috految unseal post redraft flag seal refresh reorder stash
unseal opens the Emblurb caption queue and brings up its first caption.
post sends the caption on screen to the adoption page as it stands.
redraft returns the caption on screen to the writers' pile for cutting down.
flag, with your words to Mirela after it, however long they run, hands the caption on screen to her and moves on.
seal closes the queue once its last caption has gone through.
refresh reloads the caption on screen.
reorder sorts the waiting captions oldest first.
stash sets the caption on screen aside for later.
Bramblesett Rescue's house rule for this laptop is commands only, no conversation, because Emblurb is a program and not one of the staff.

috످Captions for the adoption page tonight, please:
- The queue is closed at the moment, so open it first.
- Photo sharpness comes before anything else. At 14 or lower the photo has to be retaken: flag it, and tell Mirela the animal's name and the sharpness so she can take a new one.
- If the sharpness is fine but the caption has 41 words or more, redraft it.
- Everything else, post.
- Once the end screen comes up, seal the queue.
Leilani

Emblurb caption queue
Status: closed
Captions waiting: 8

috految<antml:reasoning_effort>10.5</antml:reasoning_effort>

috److unseal

috످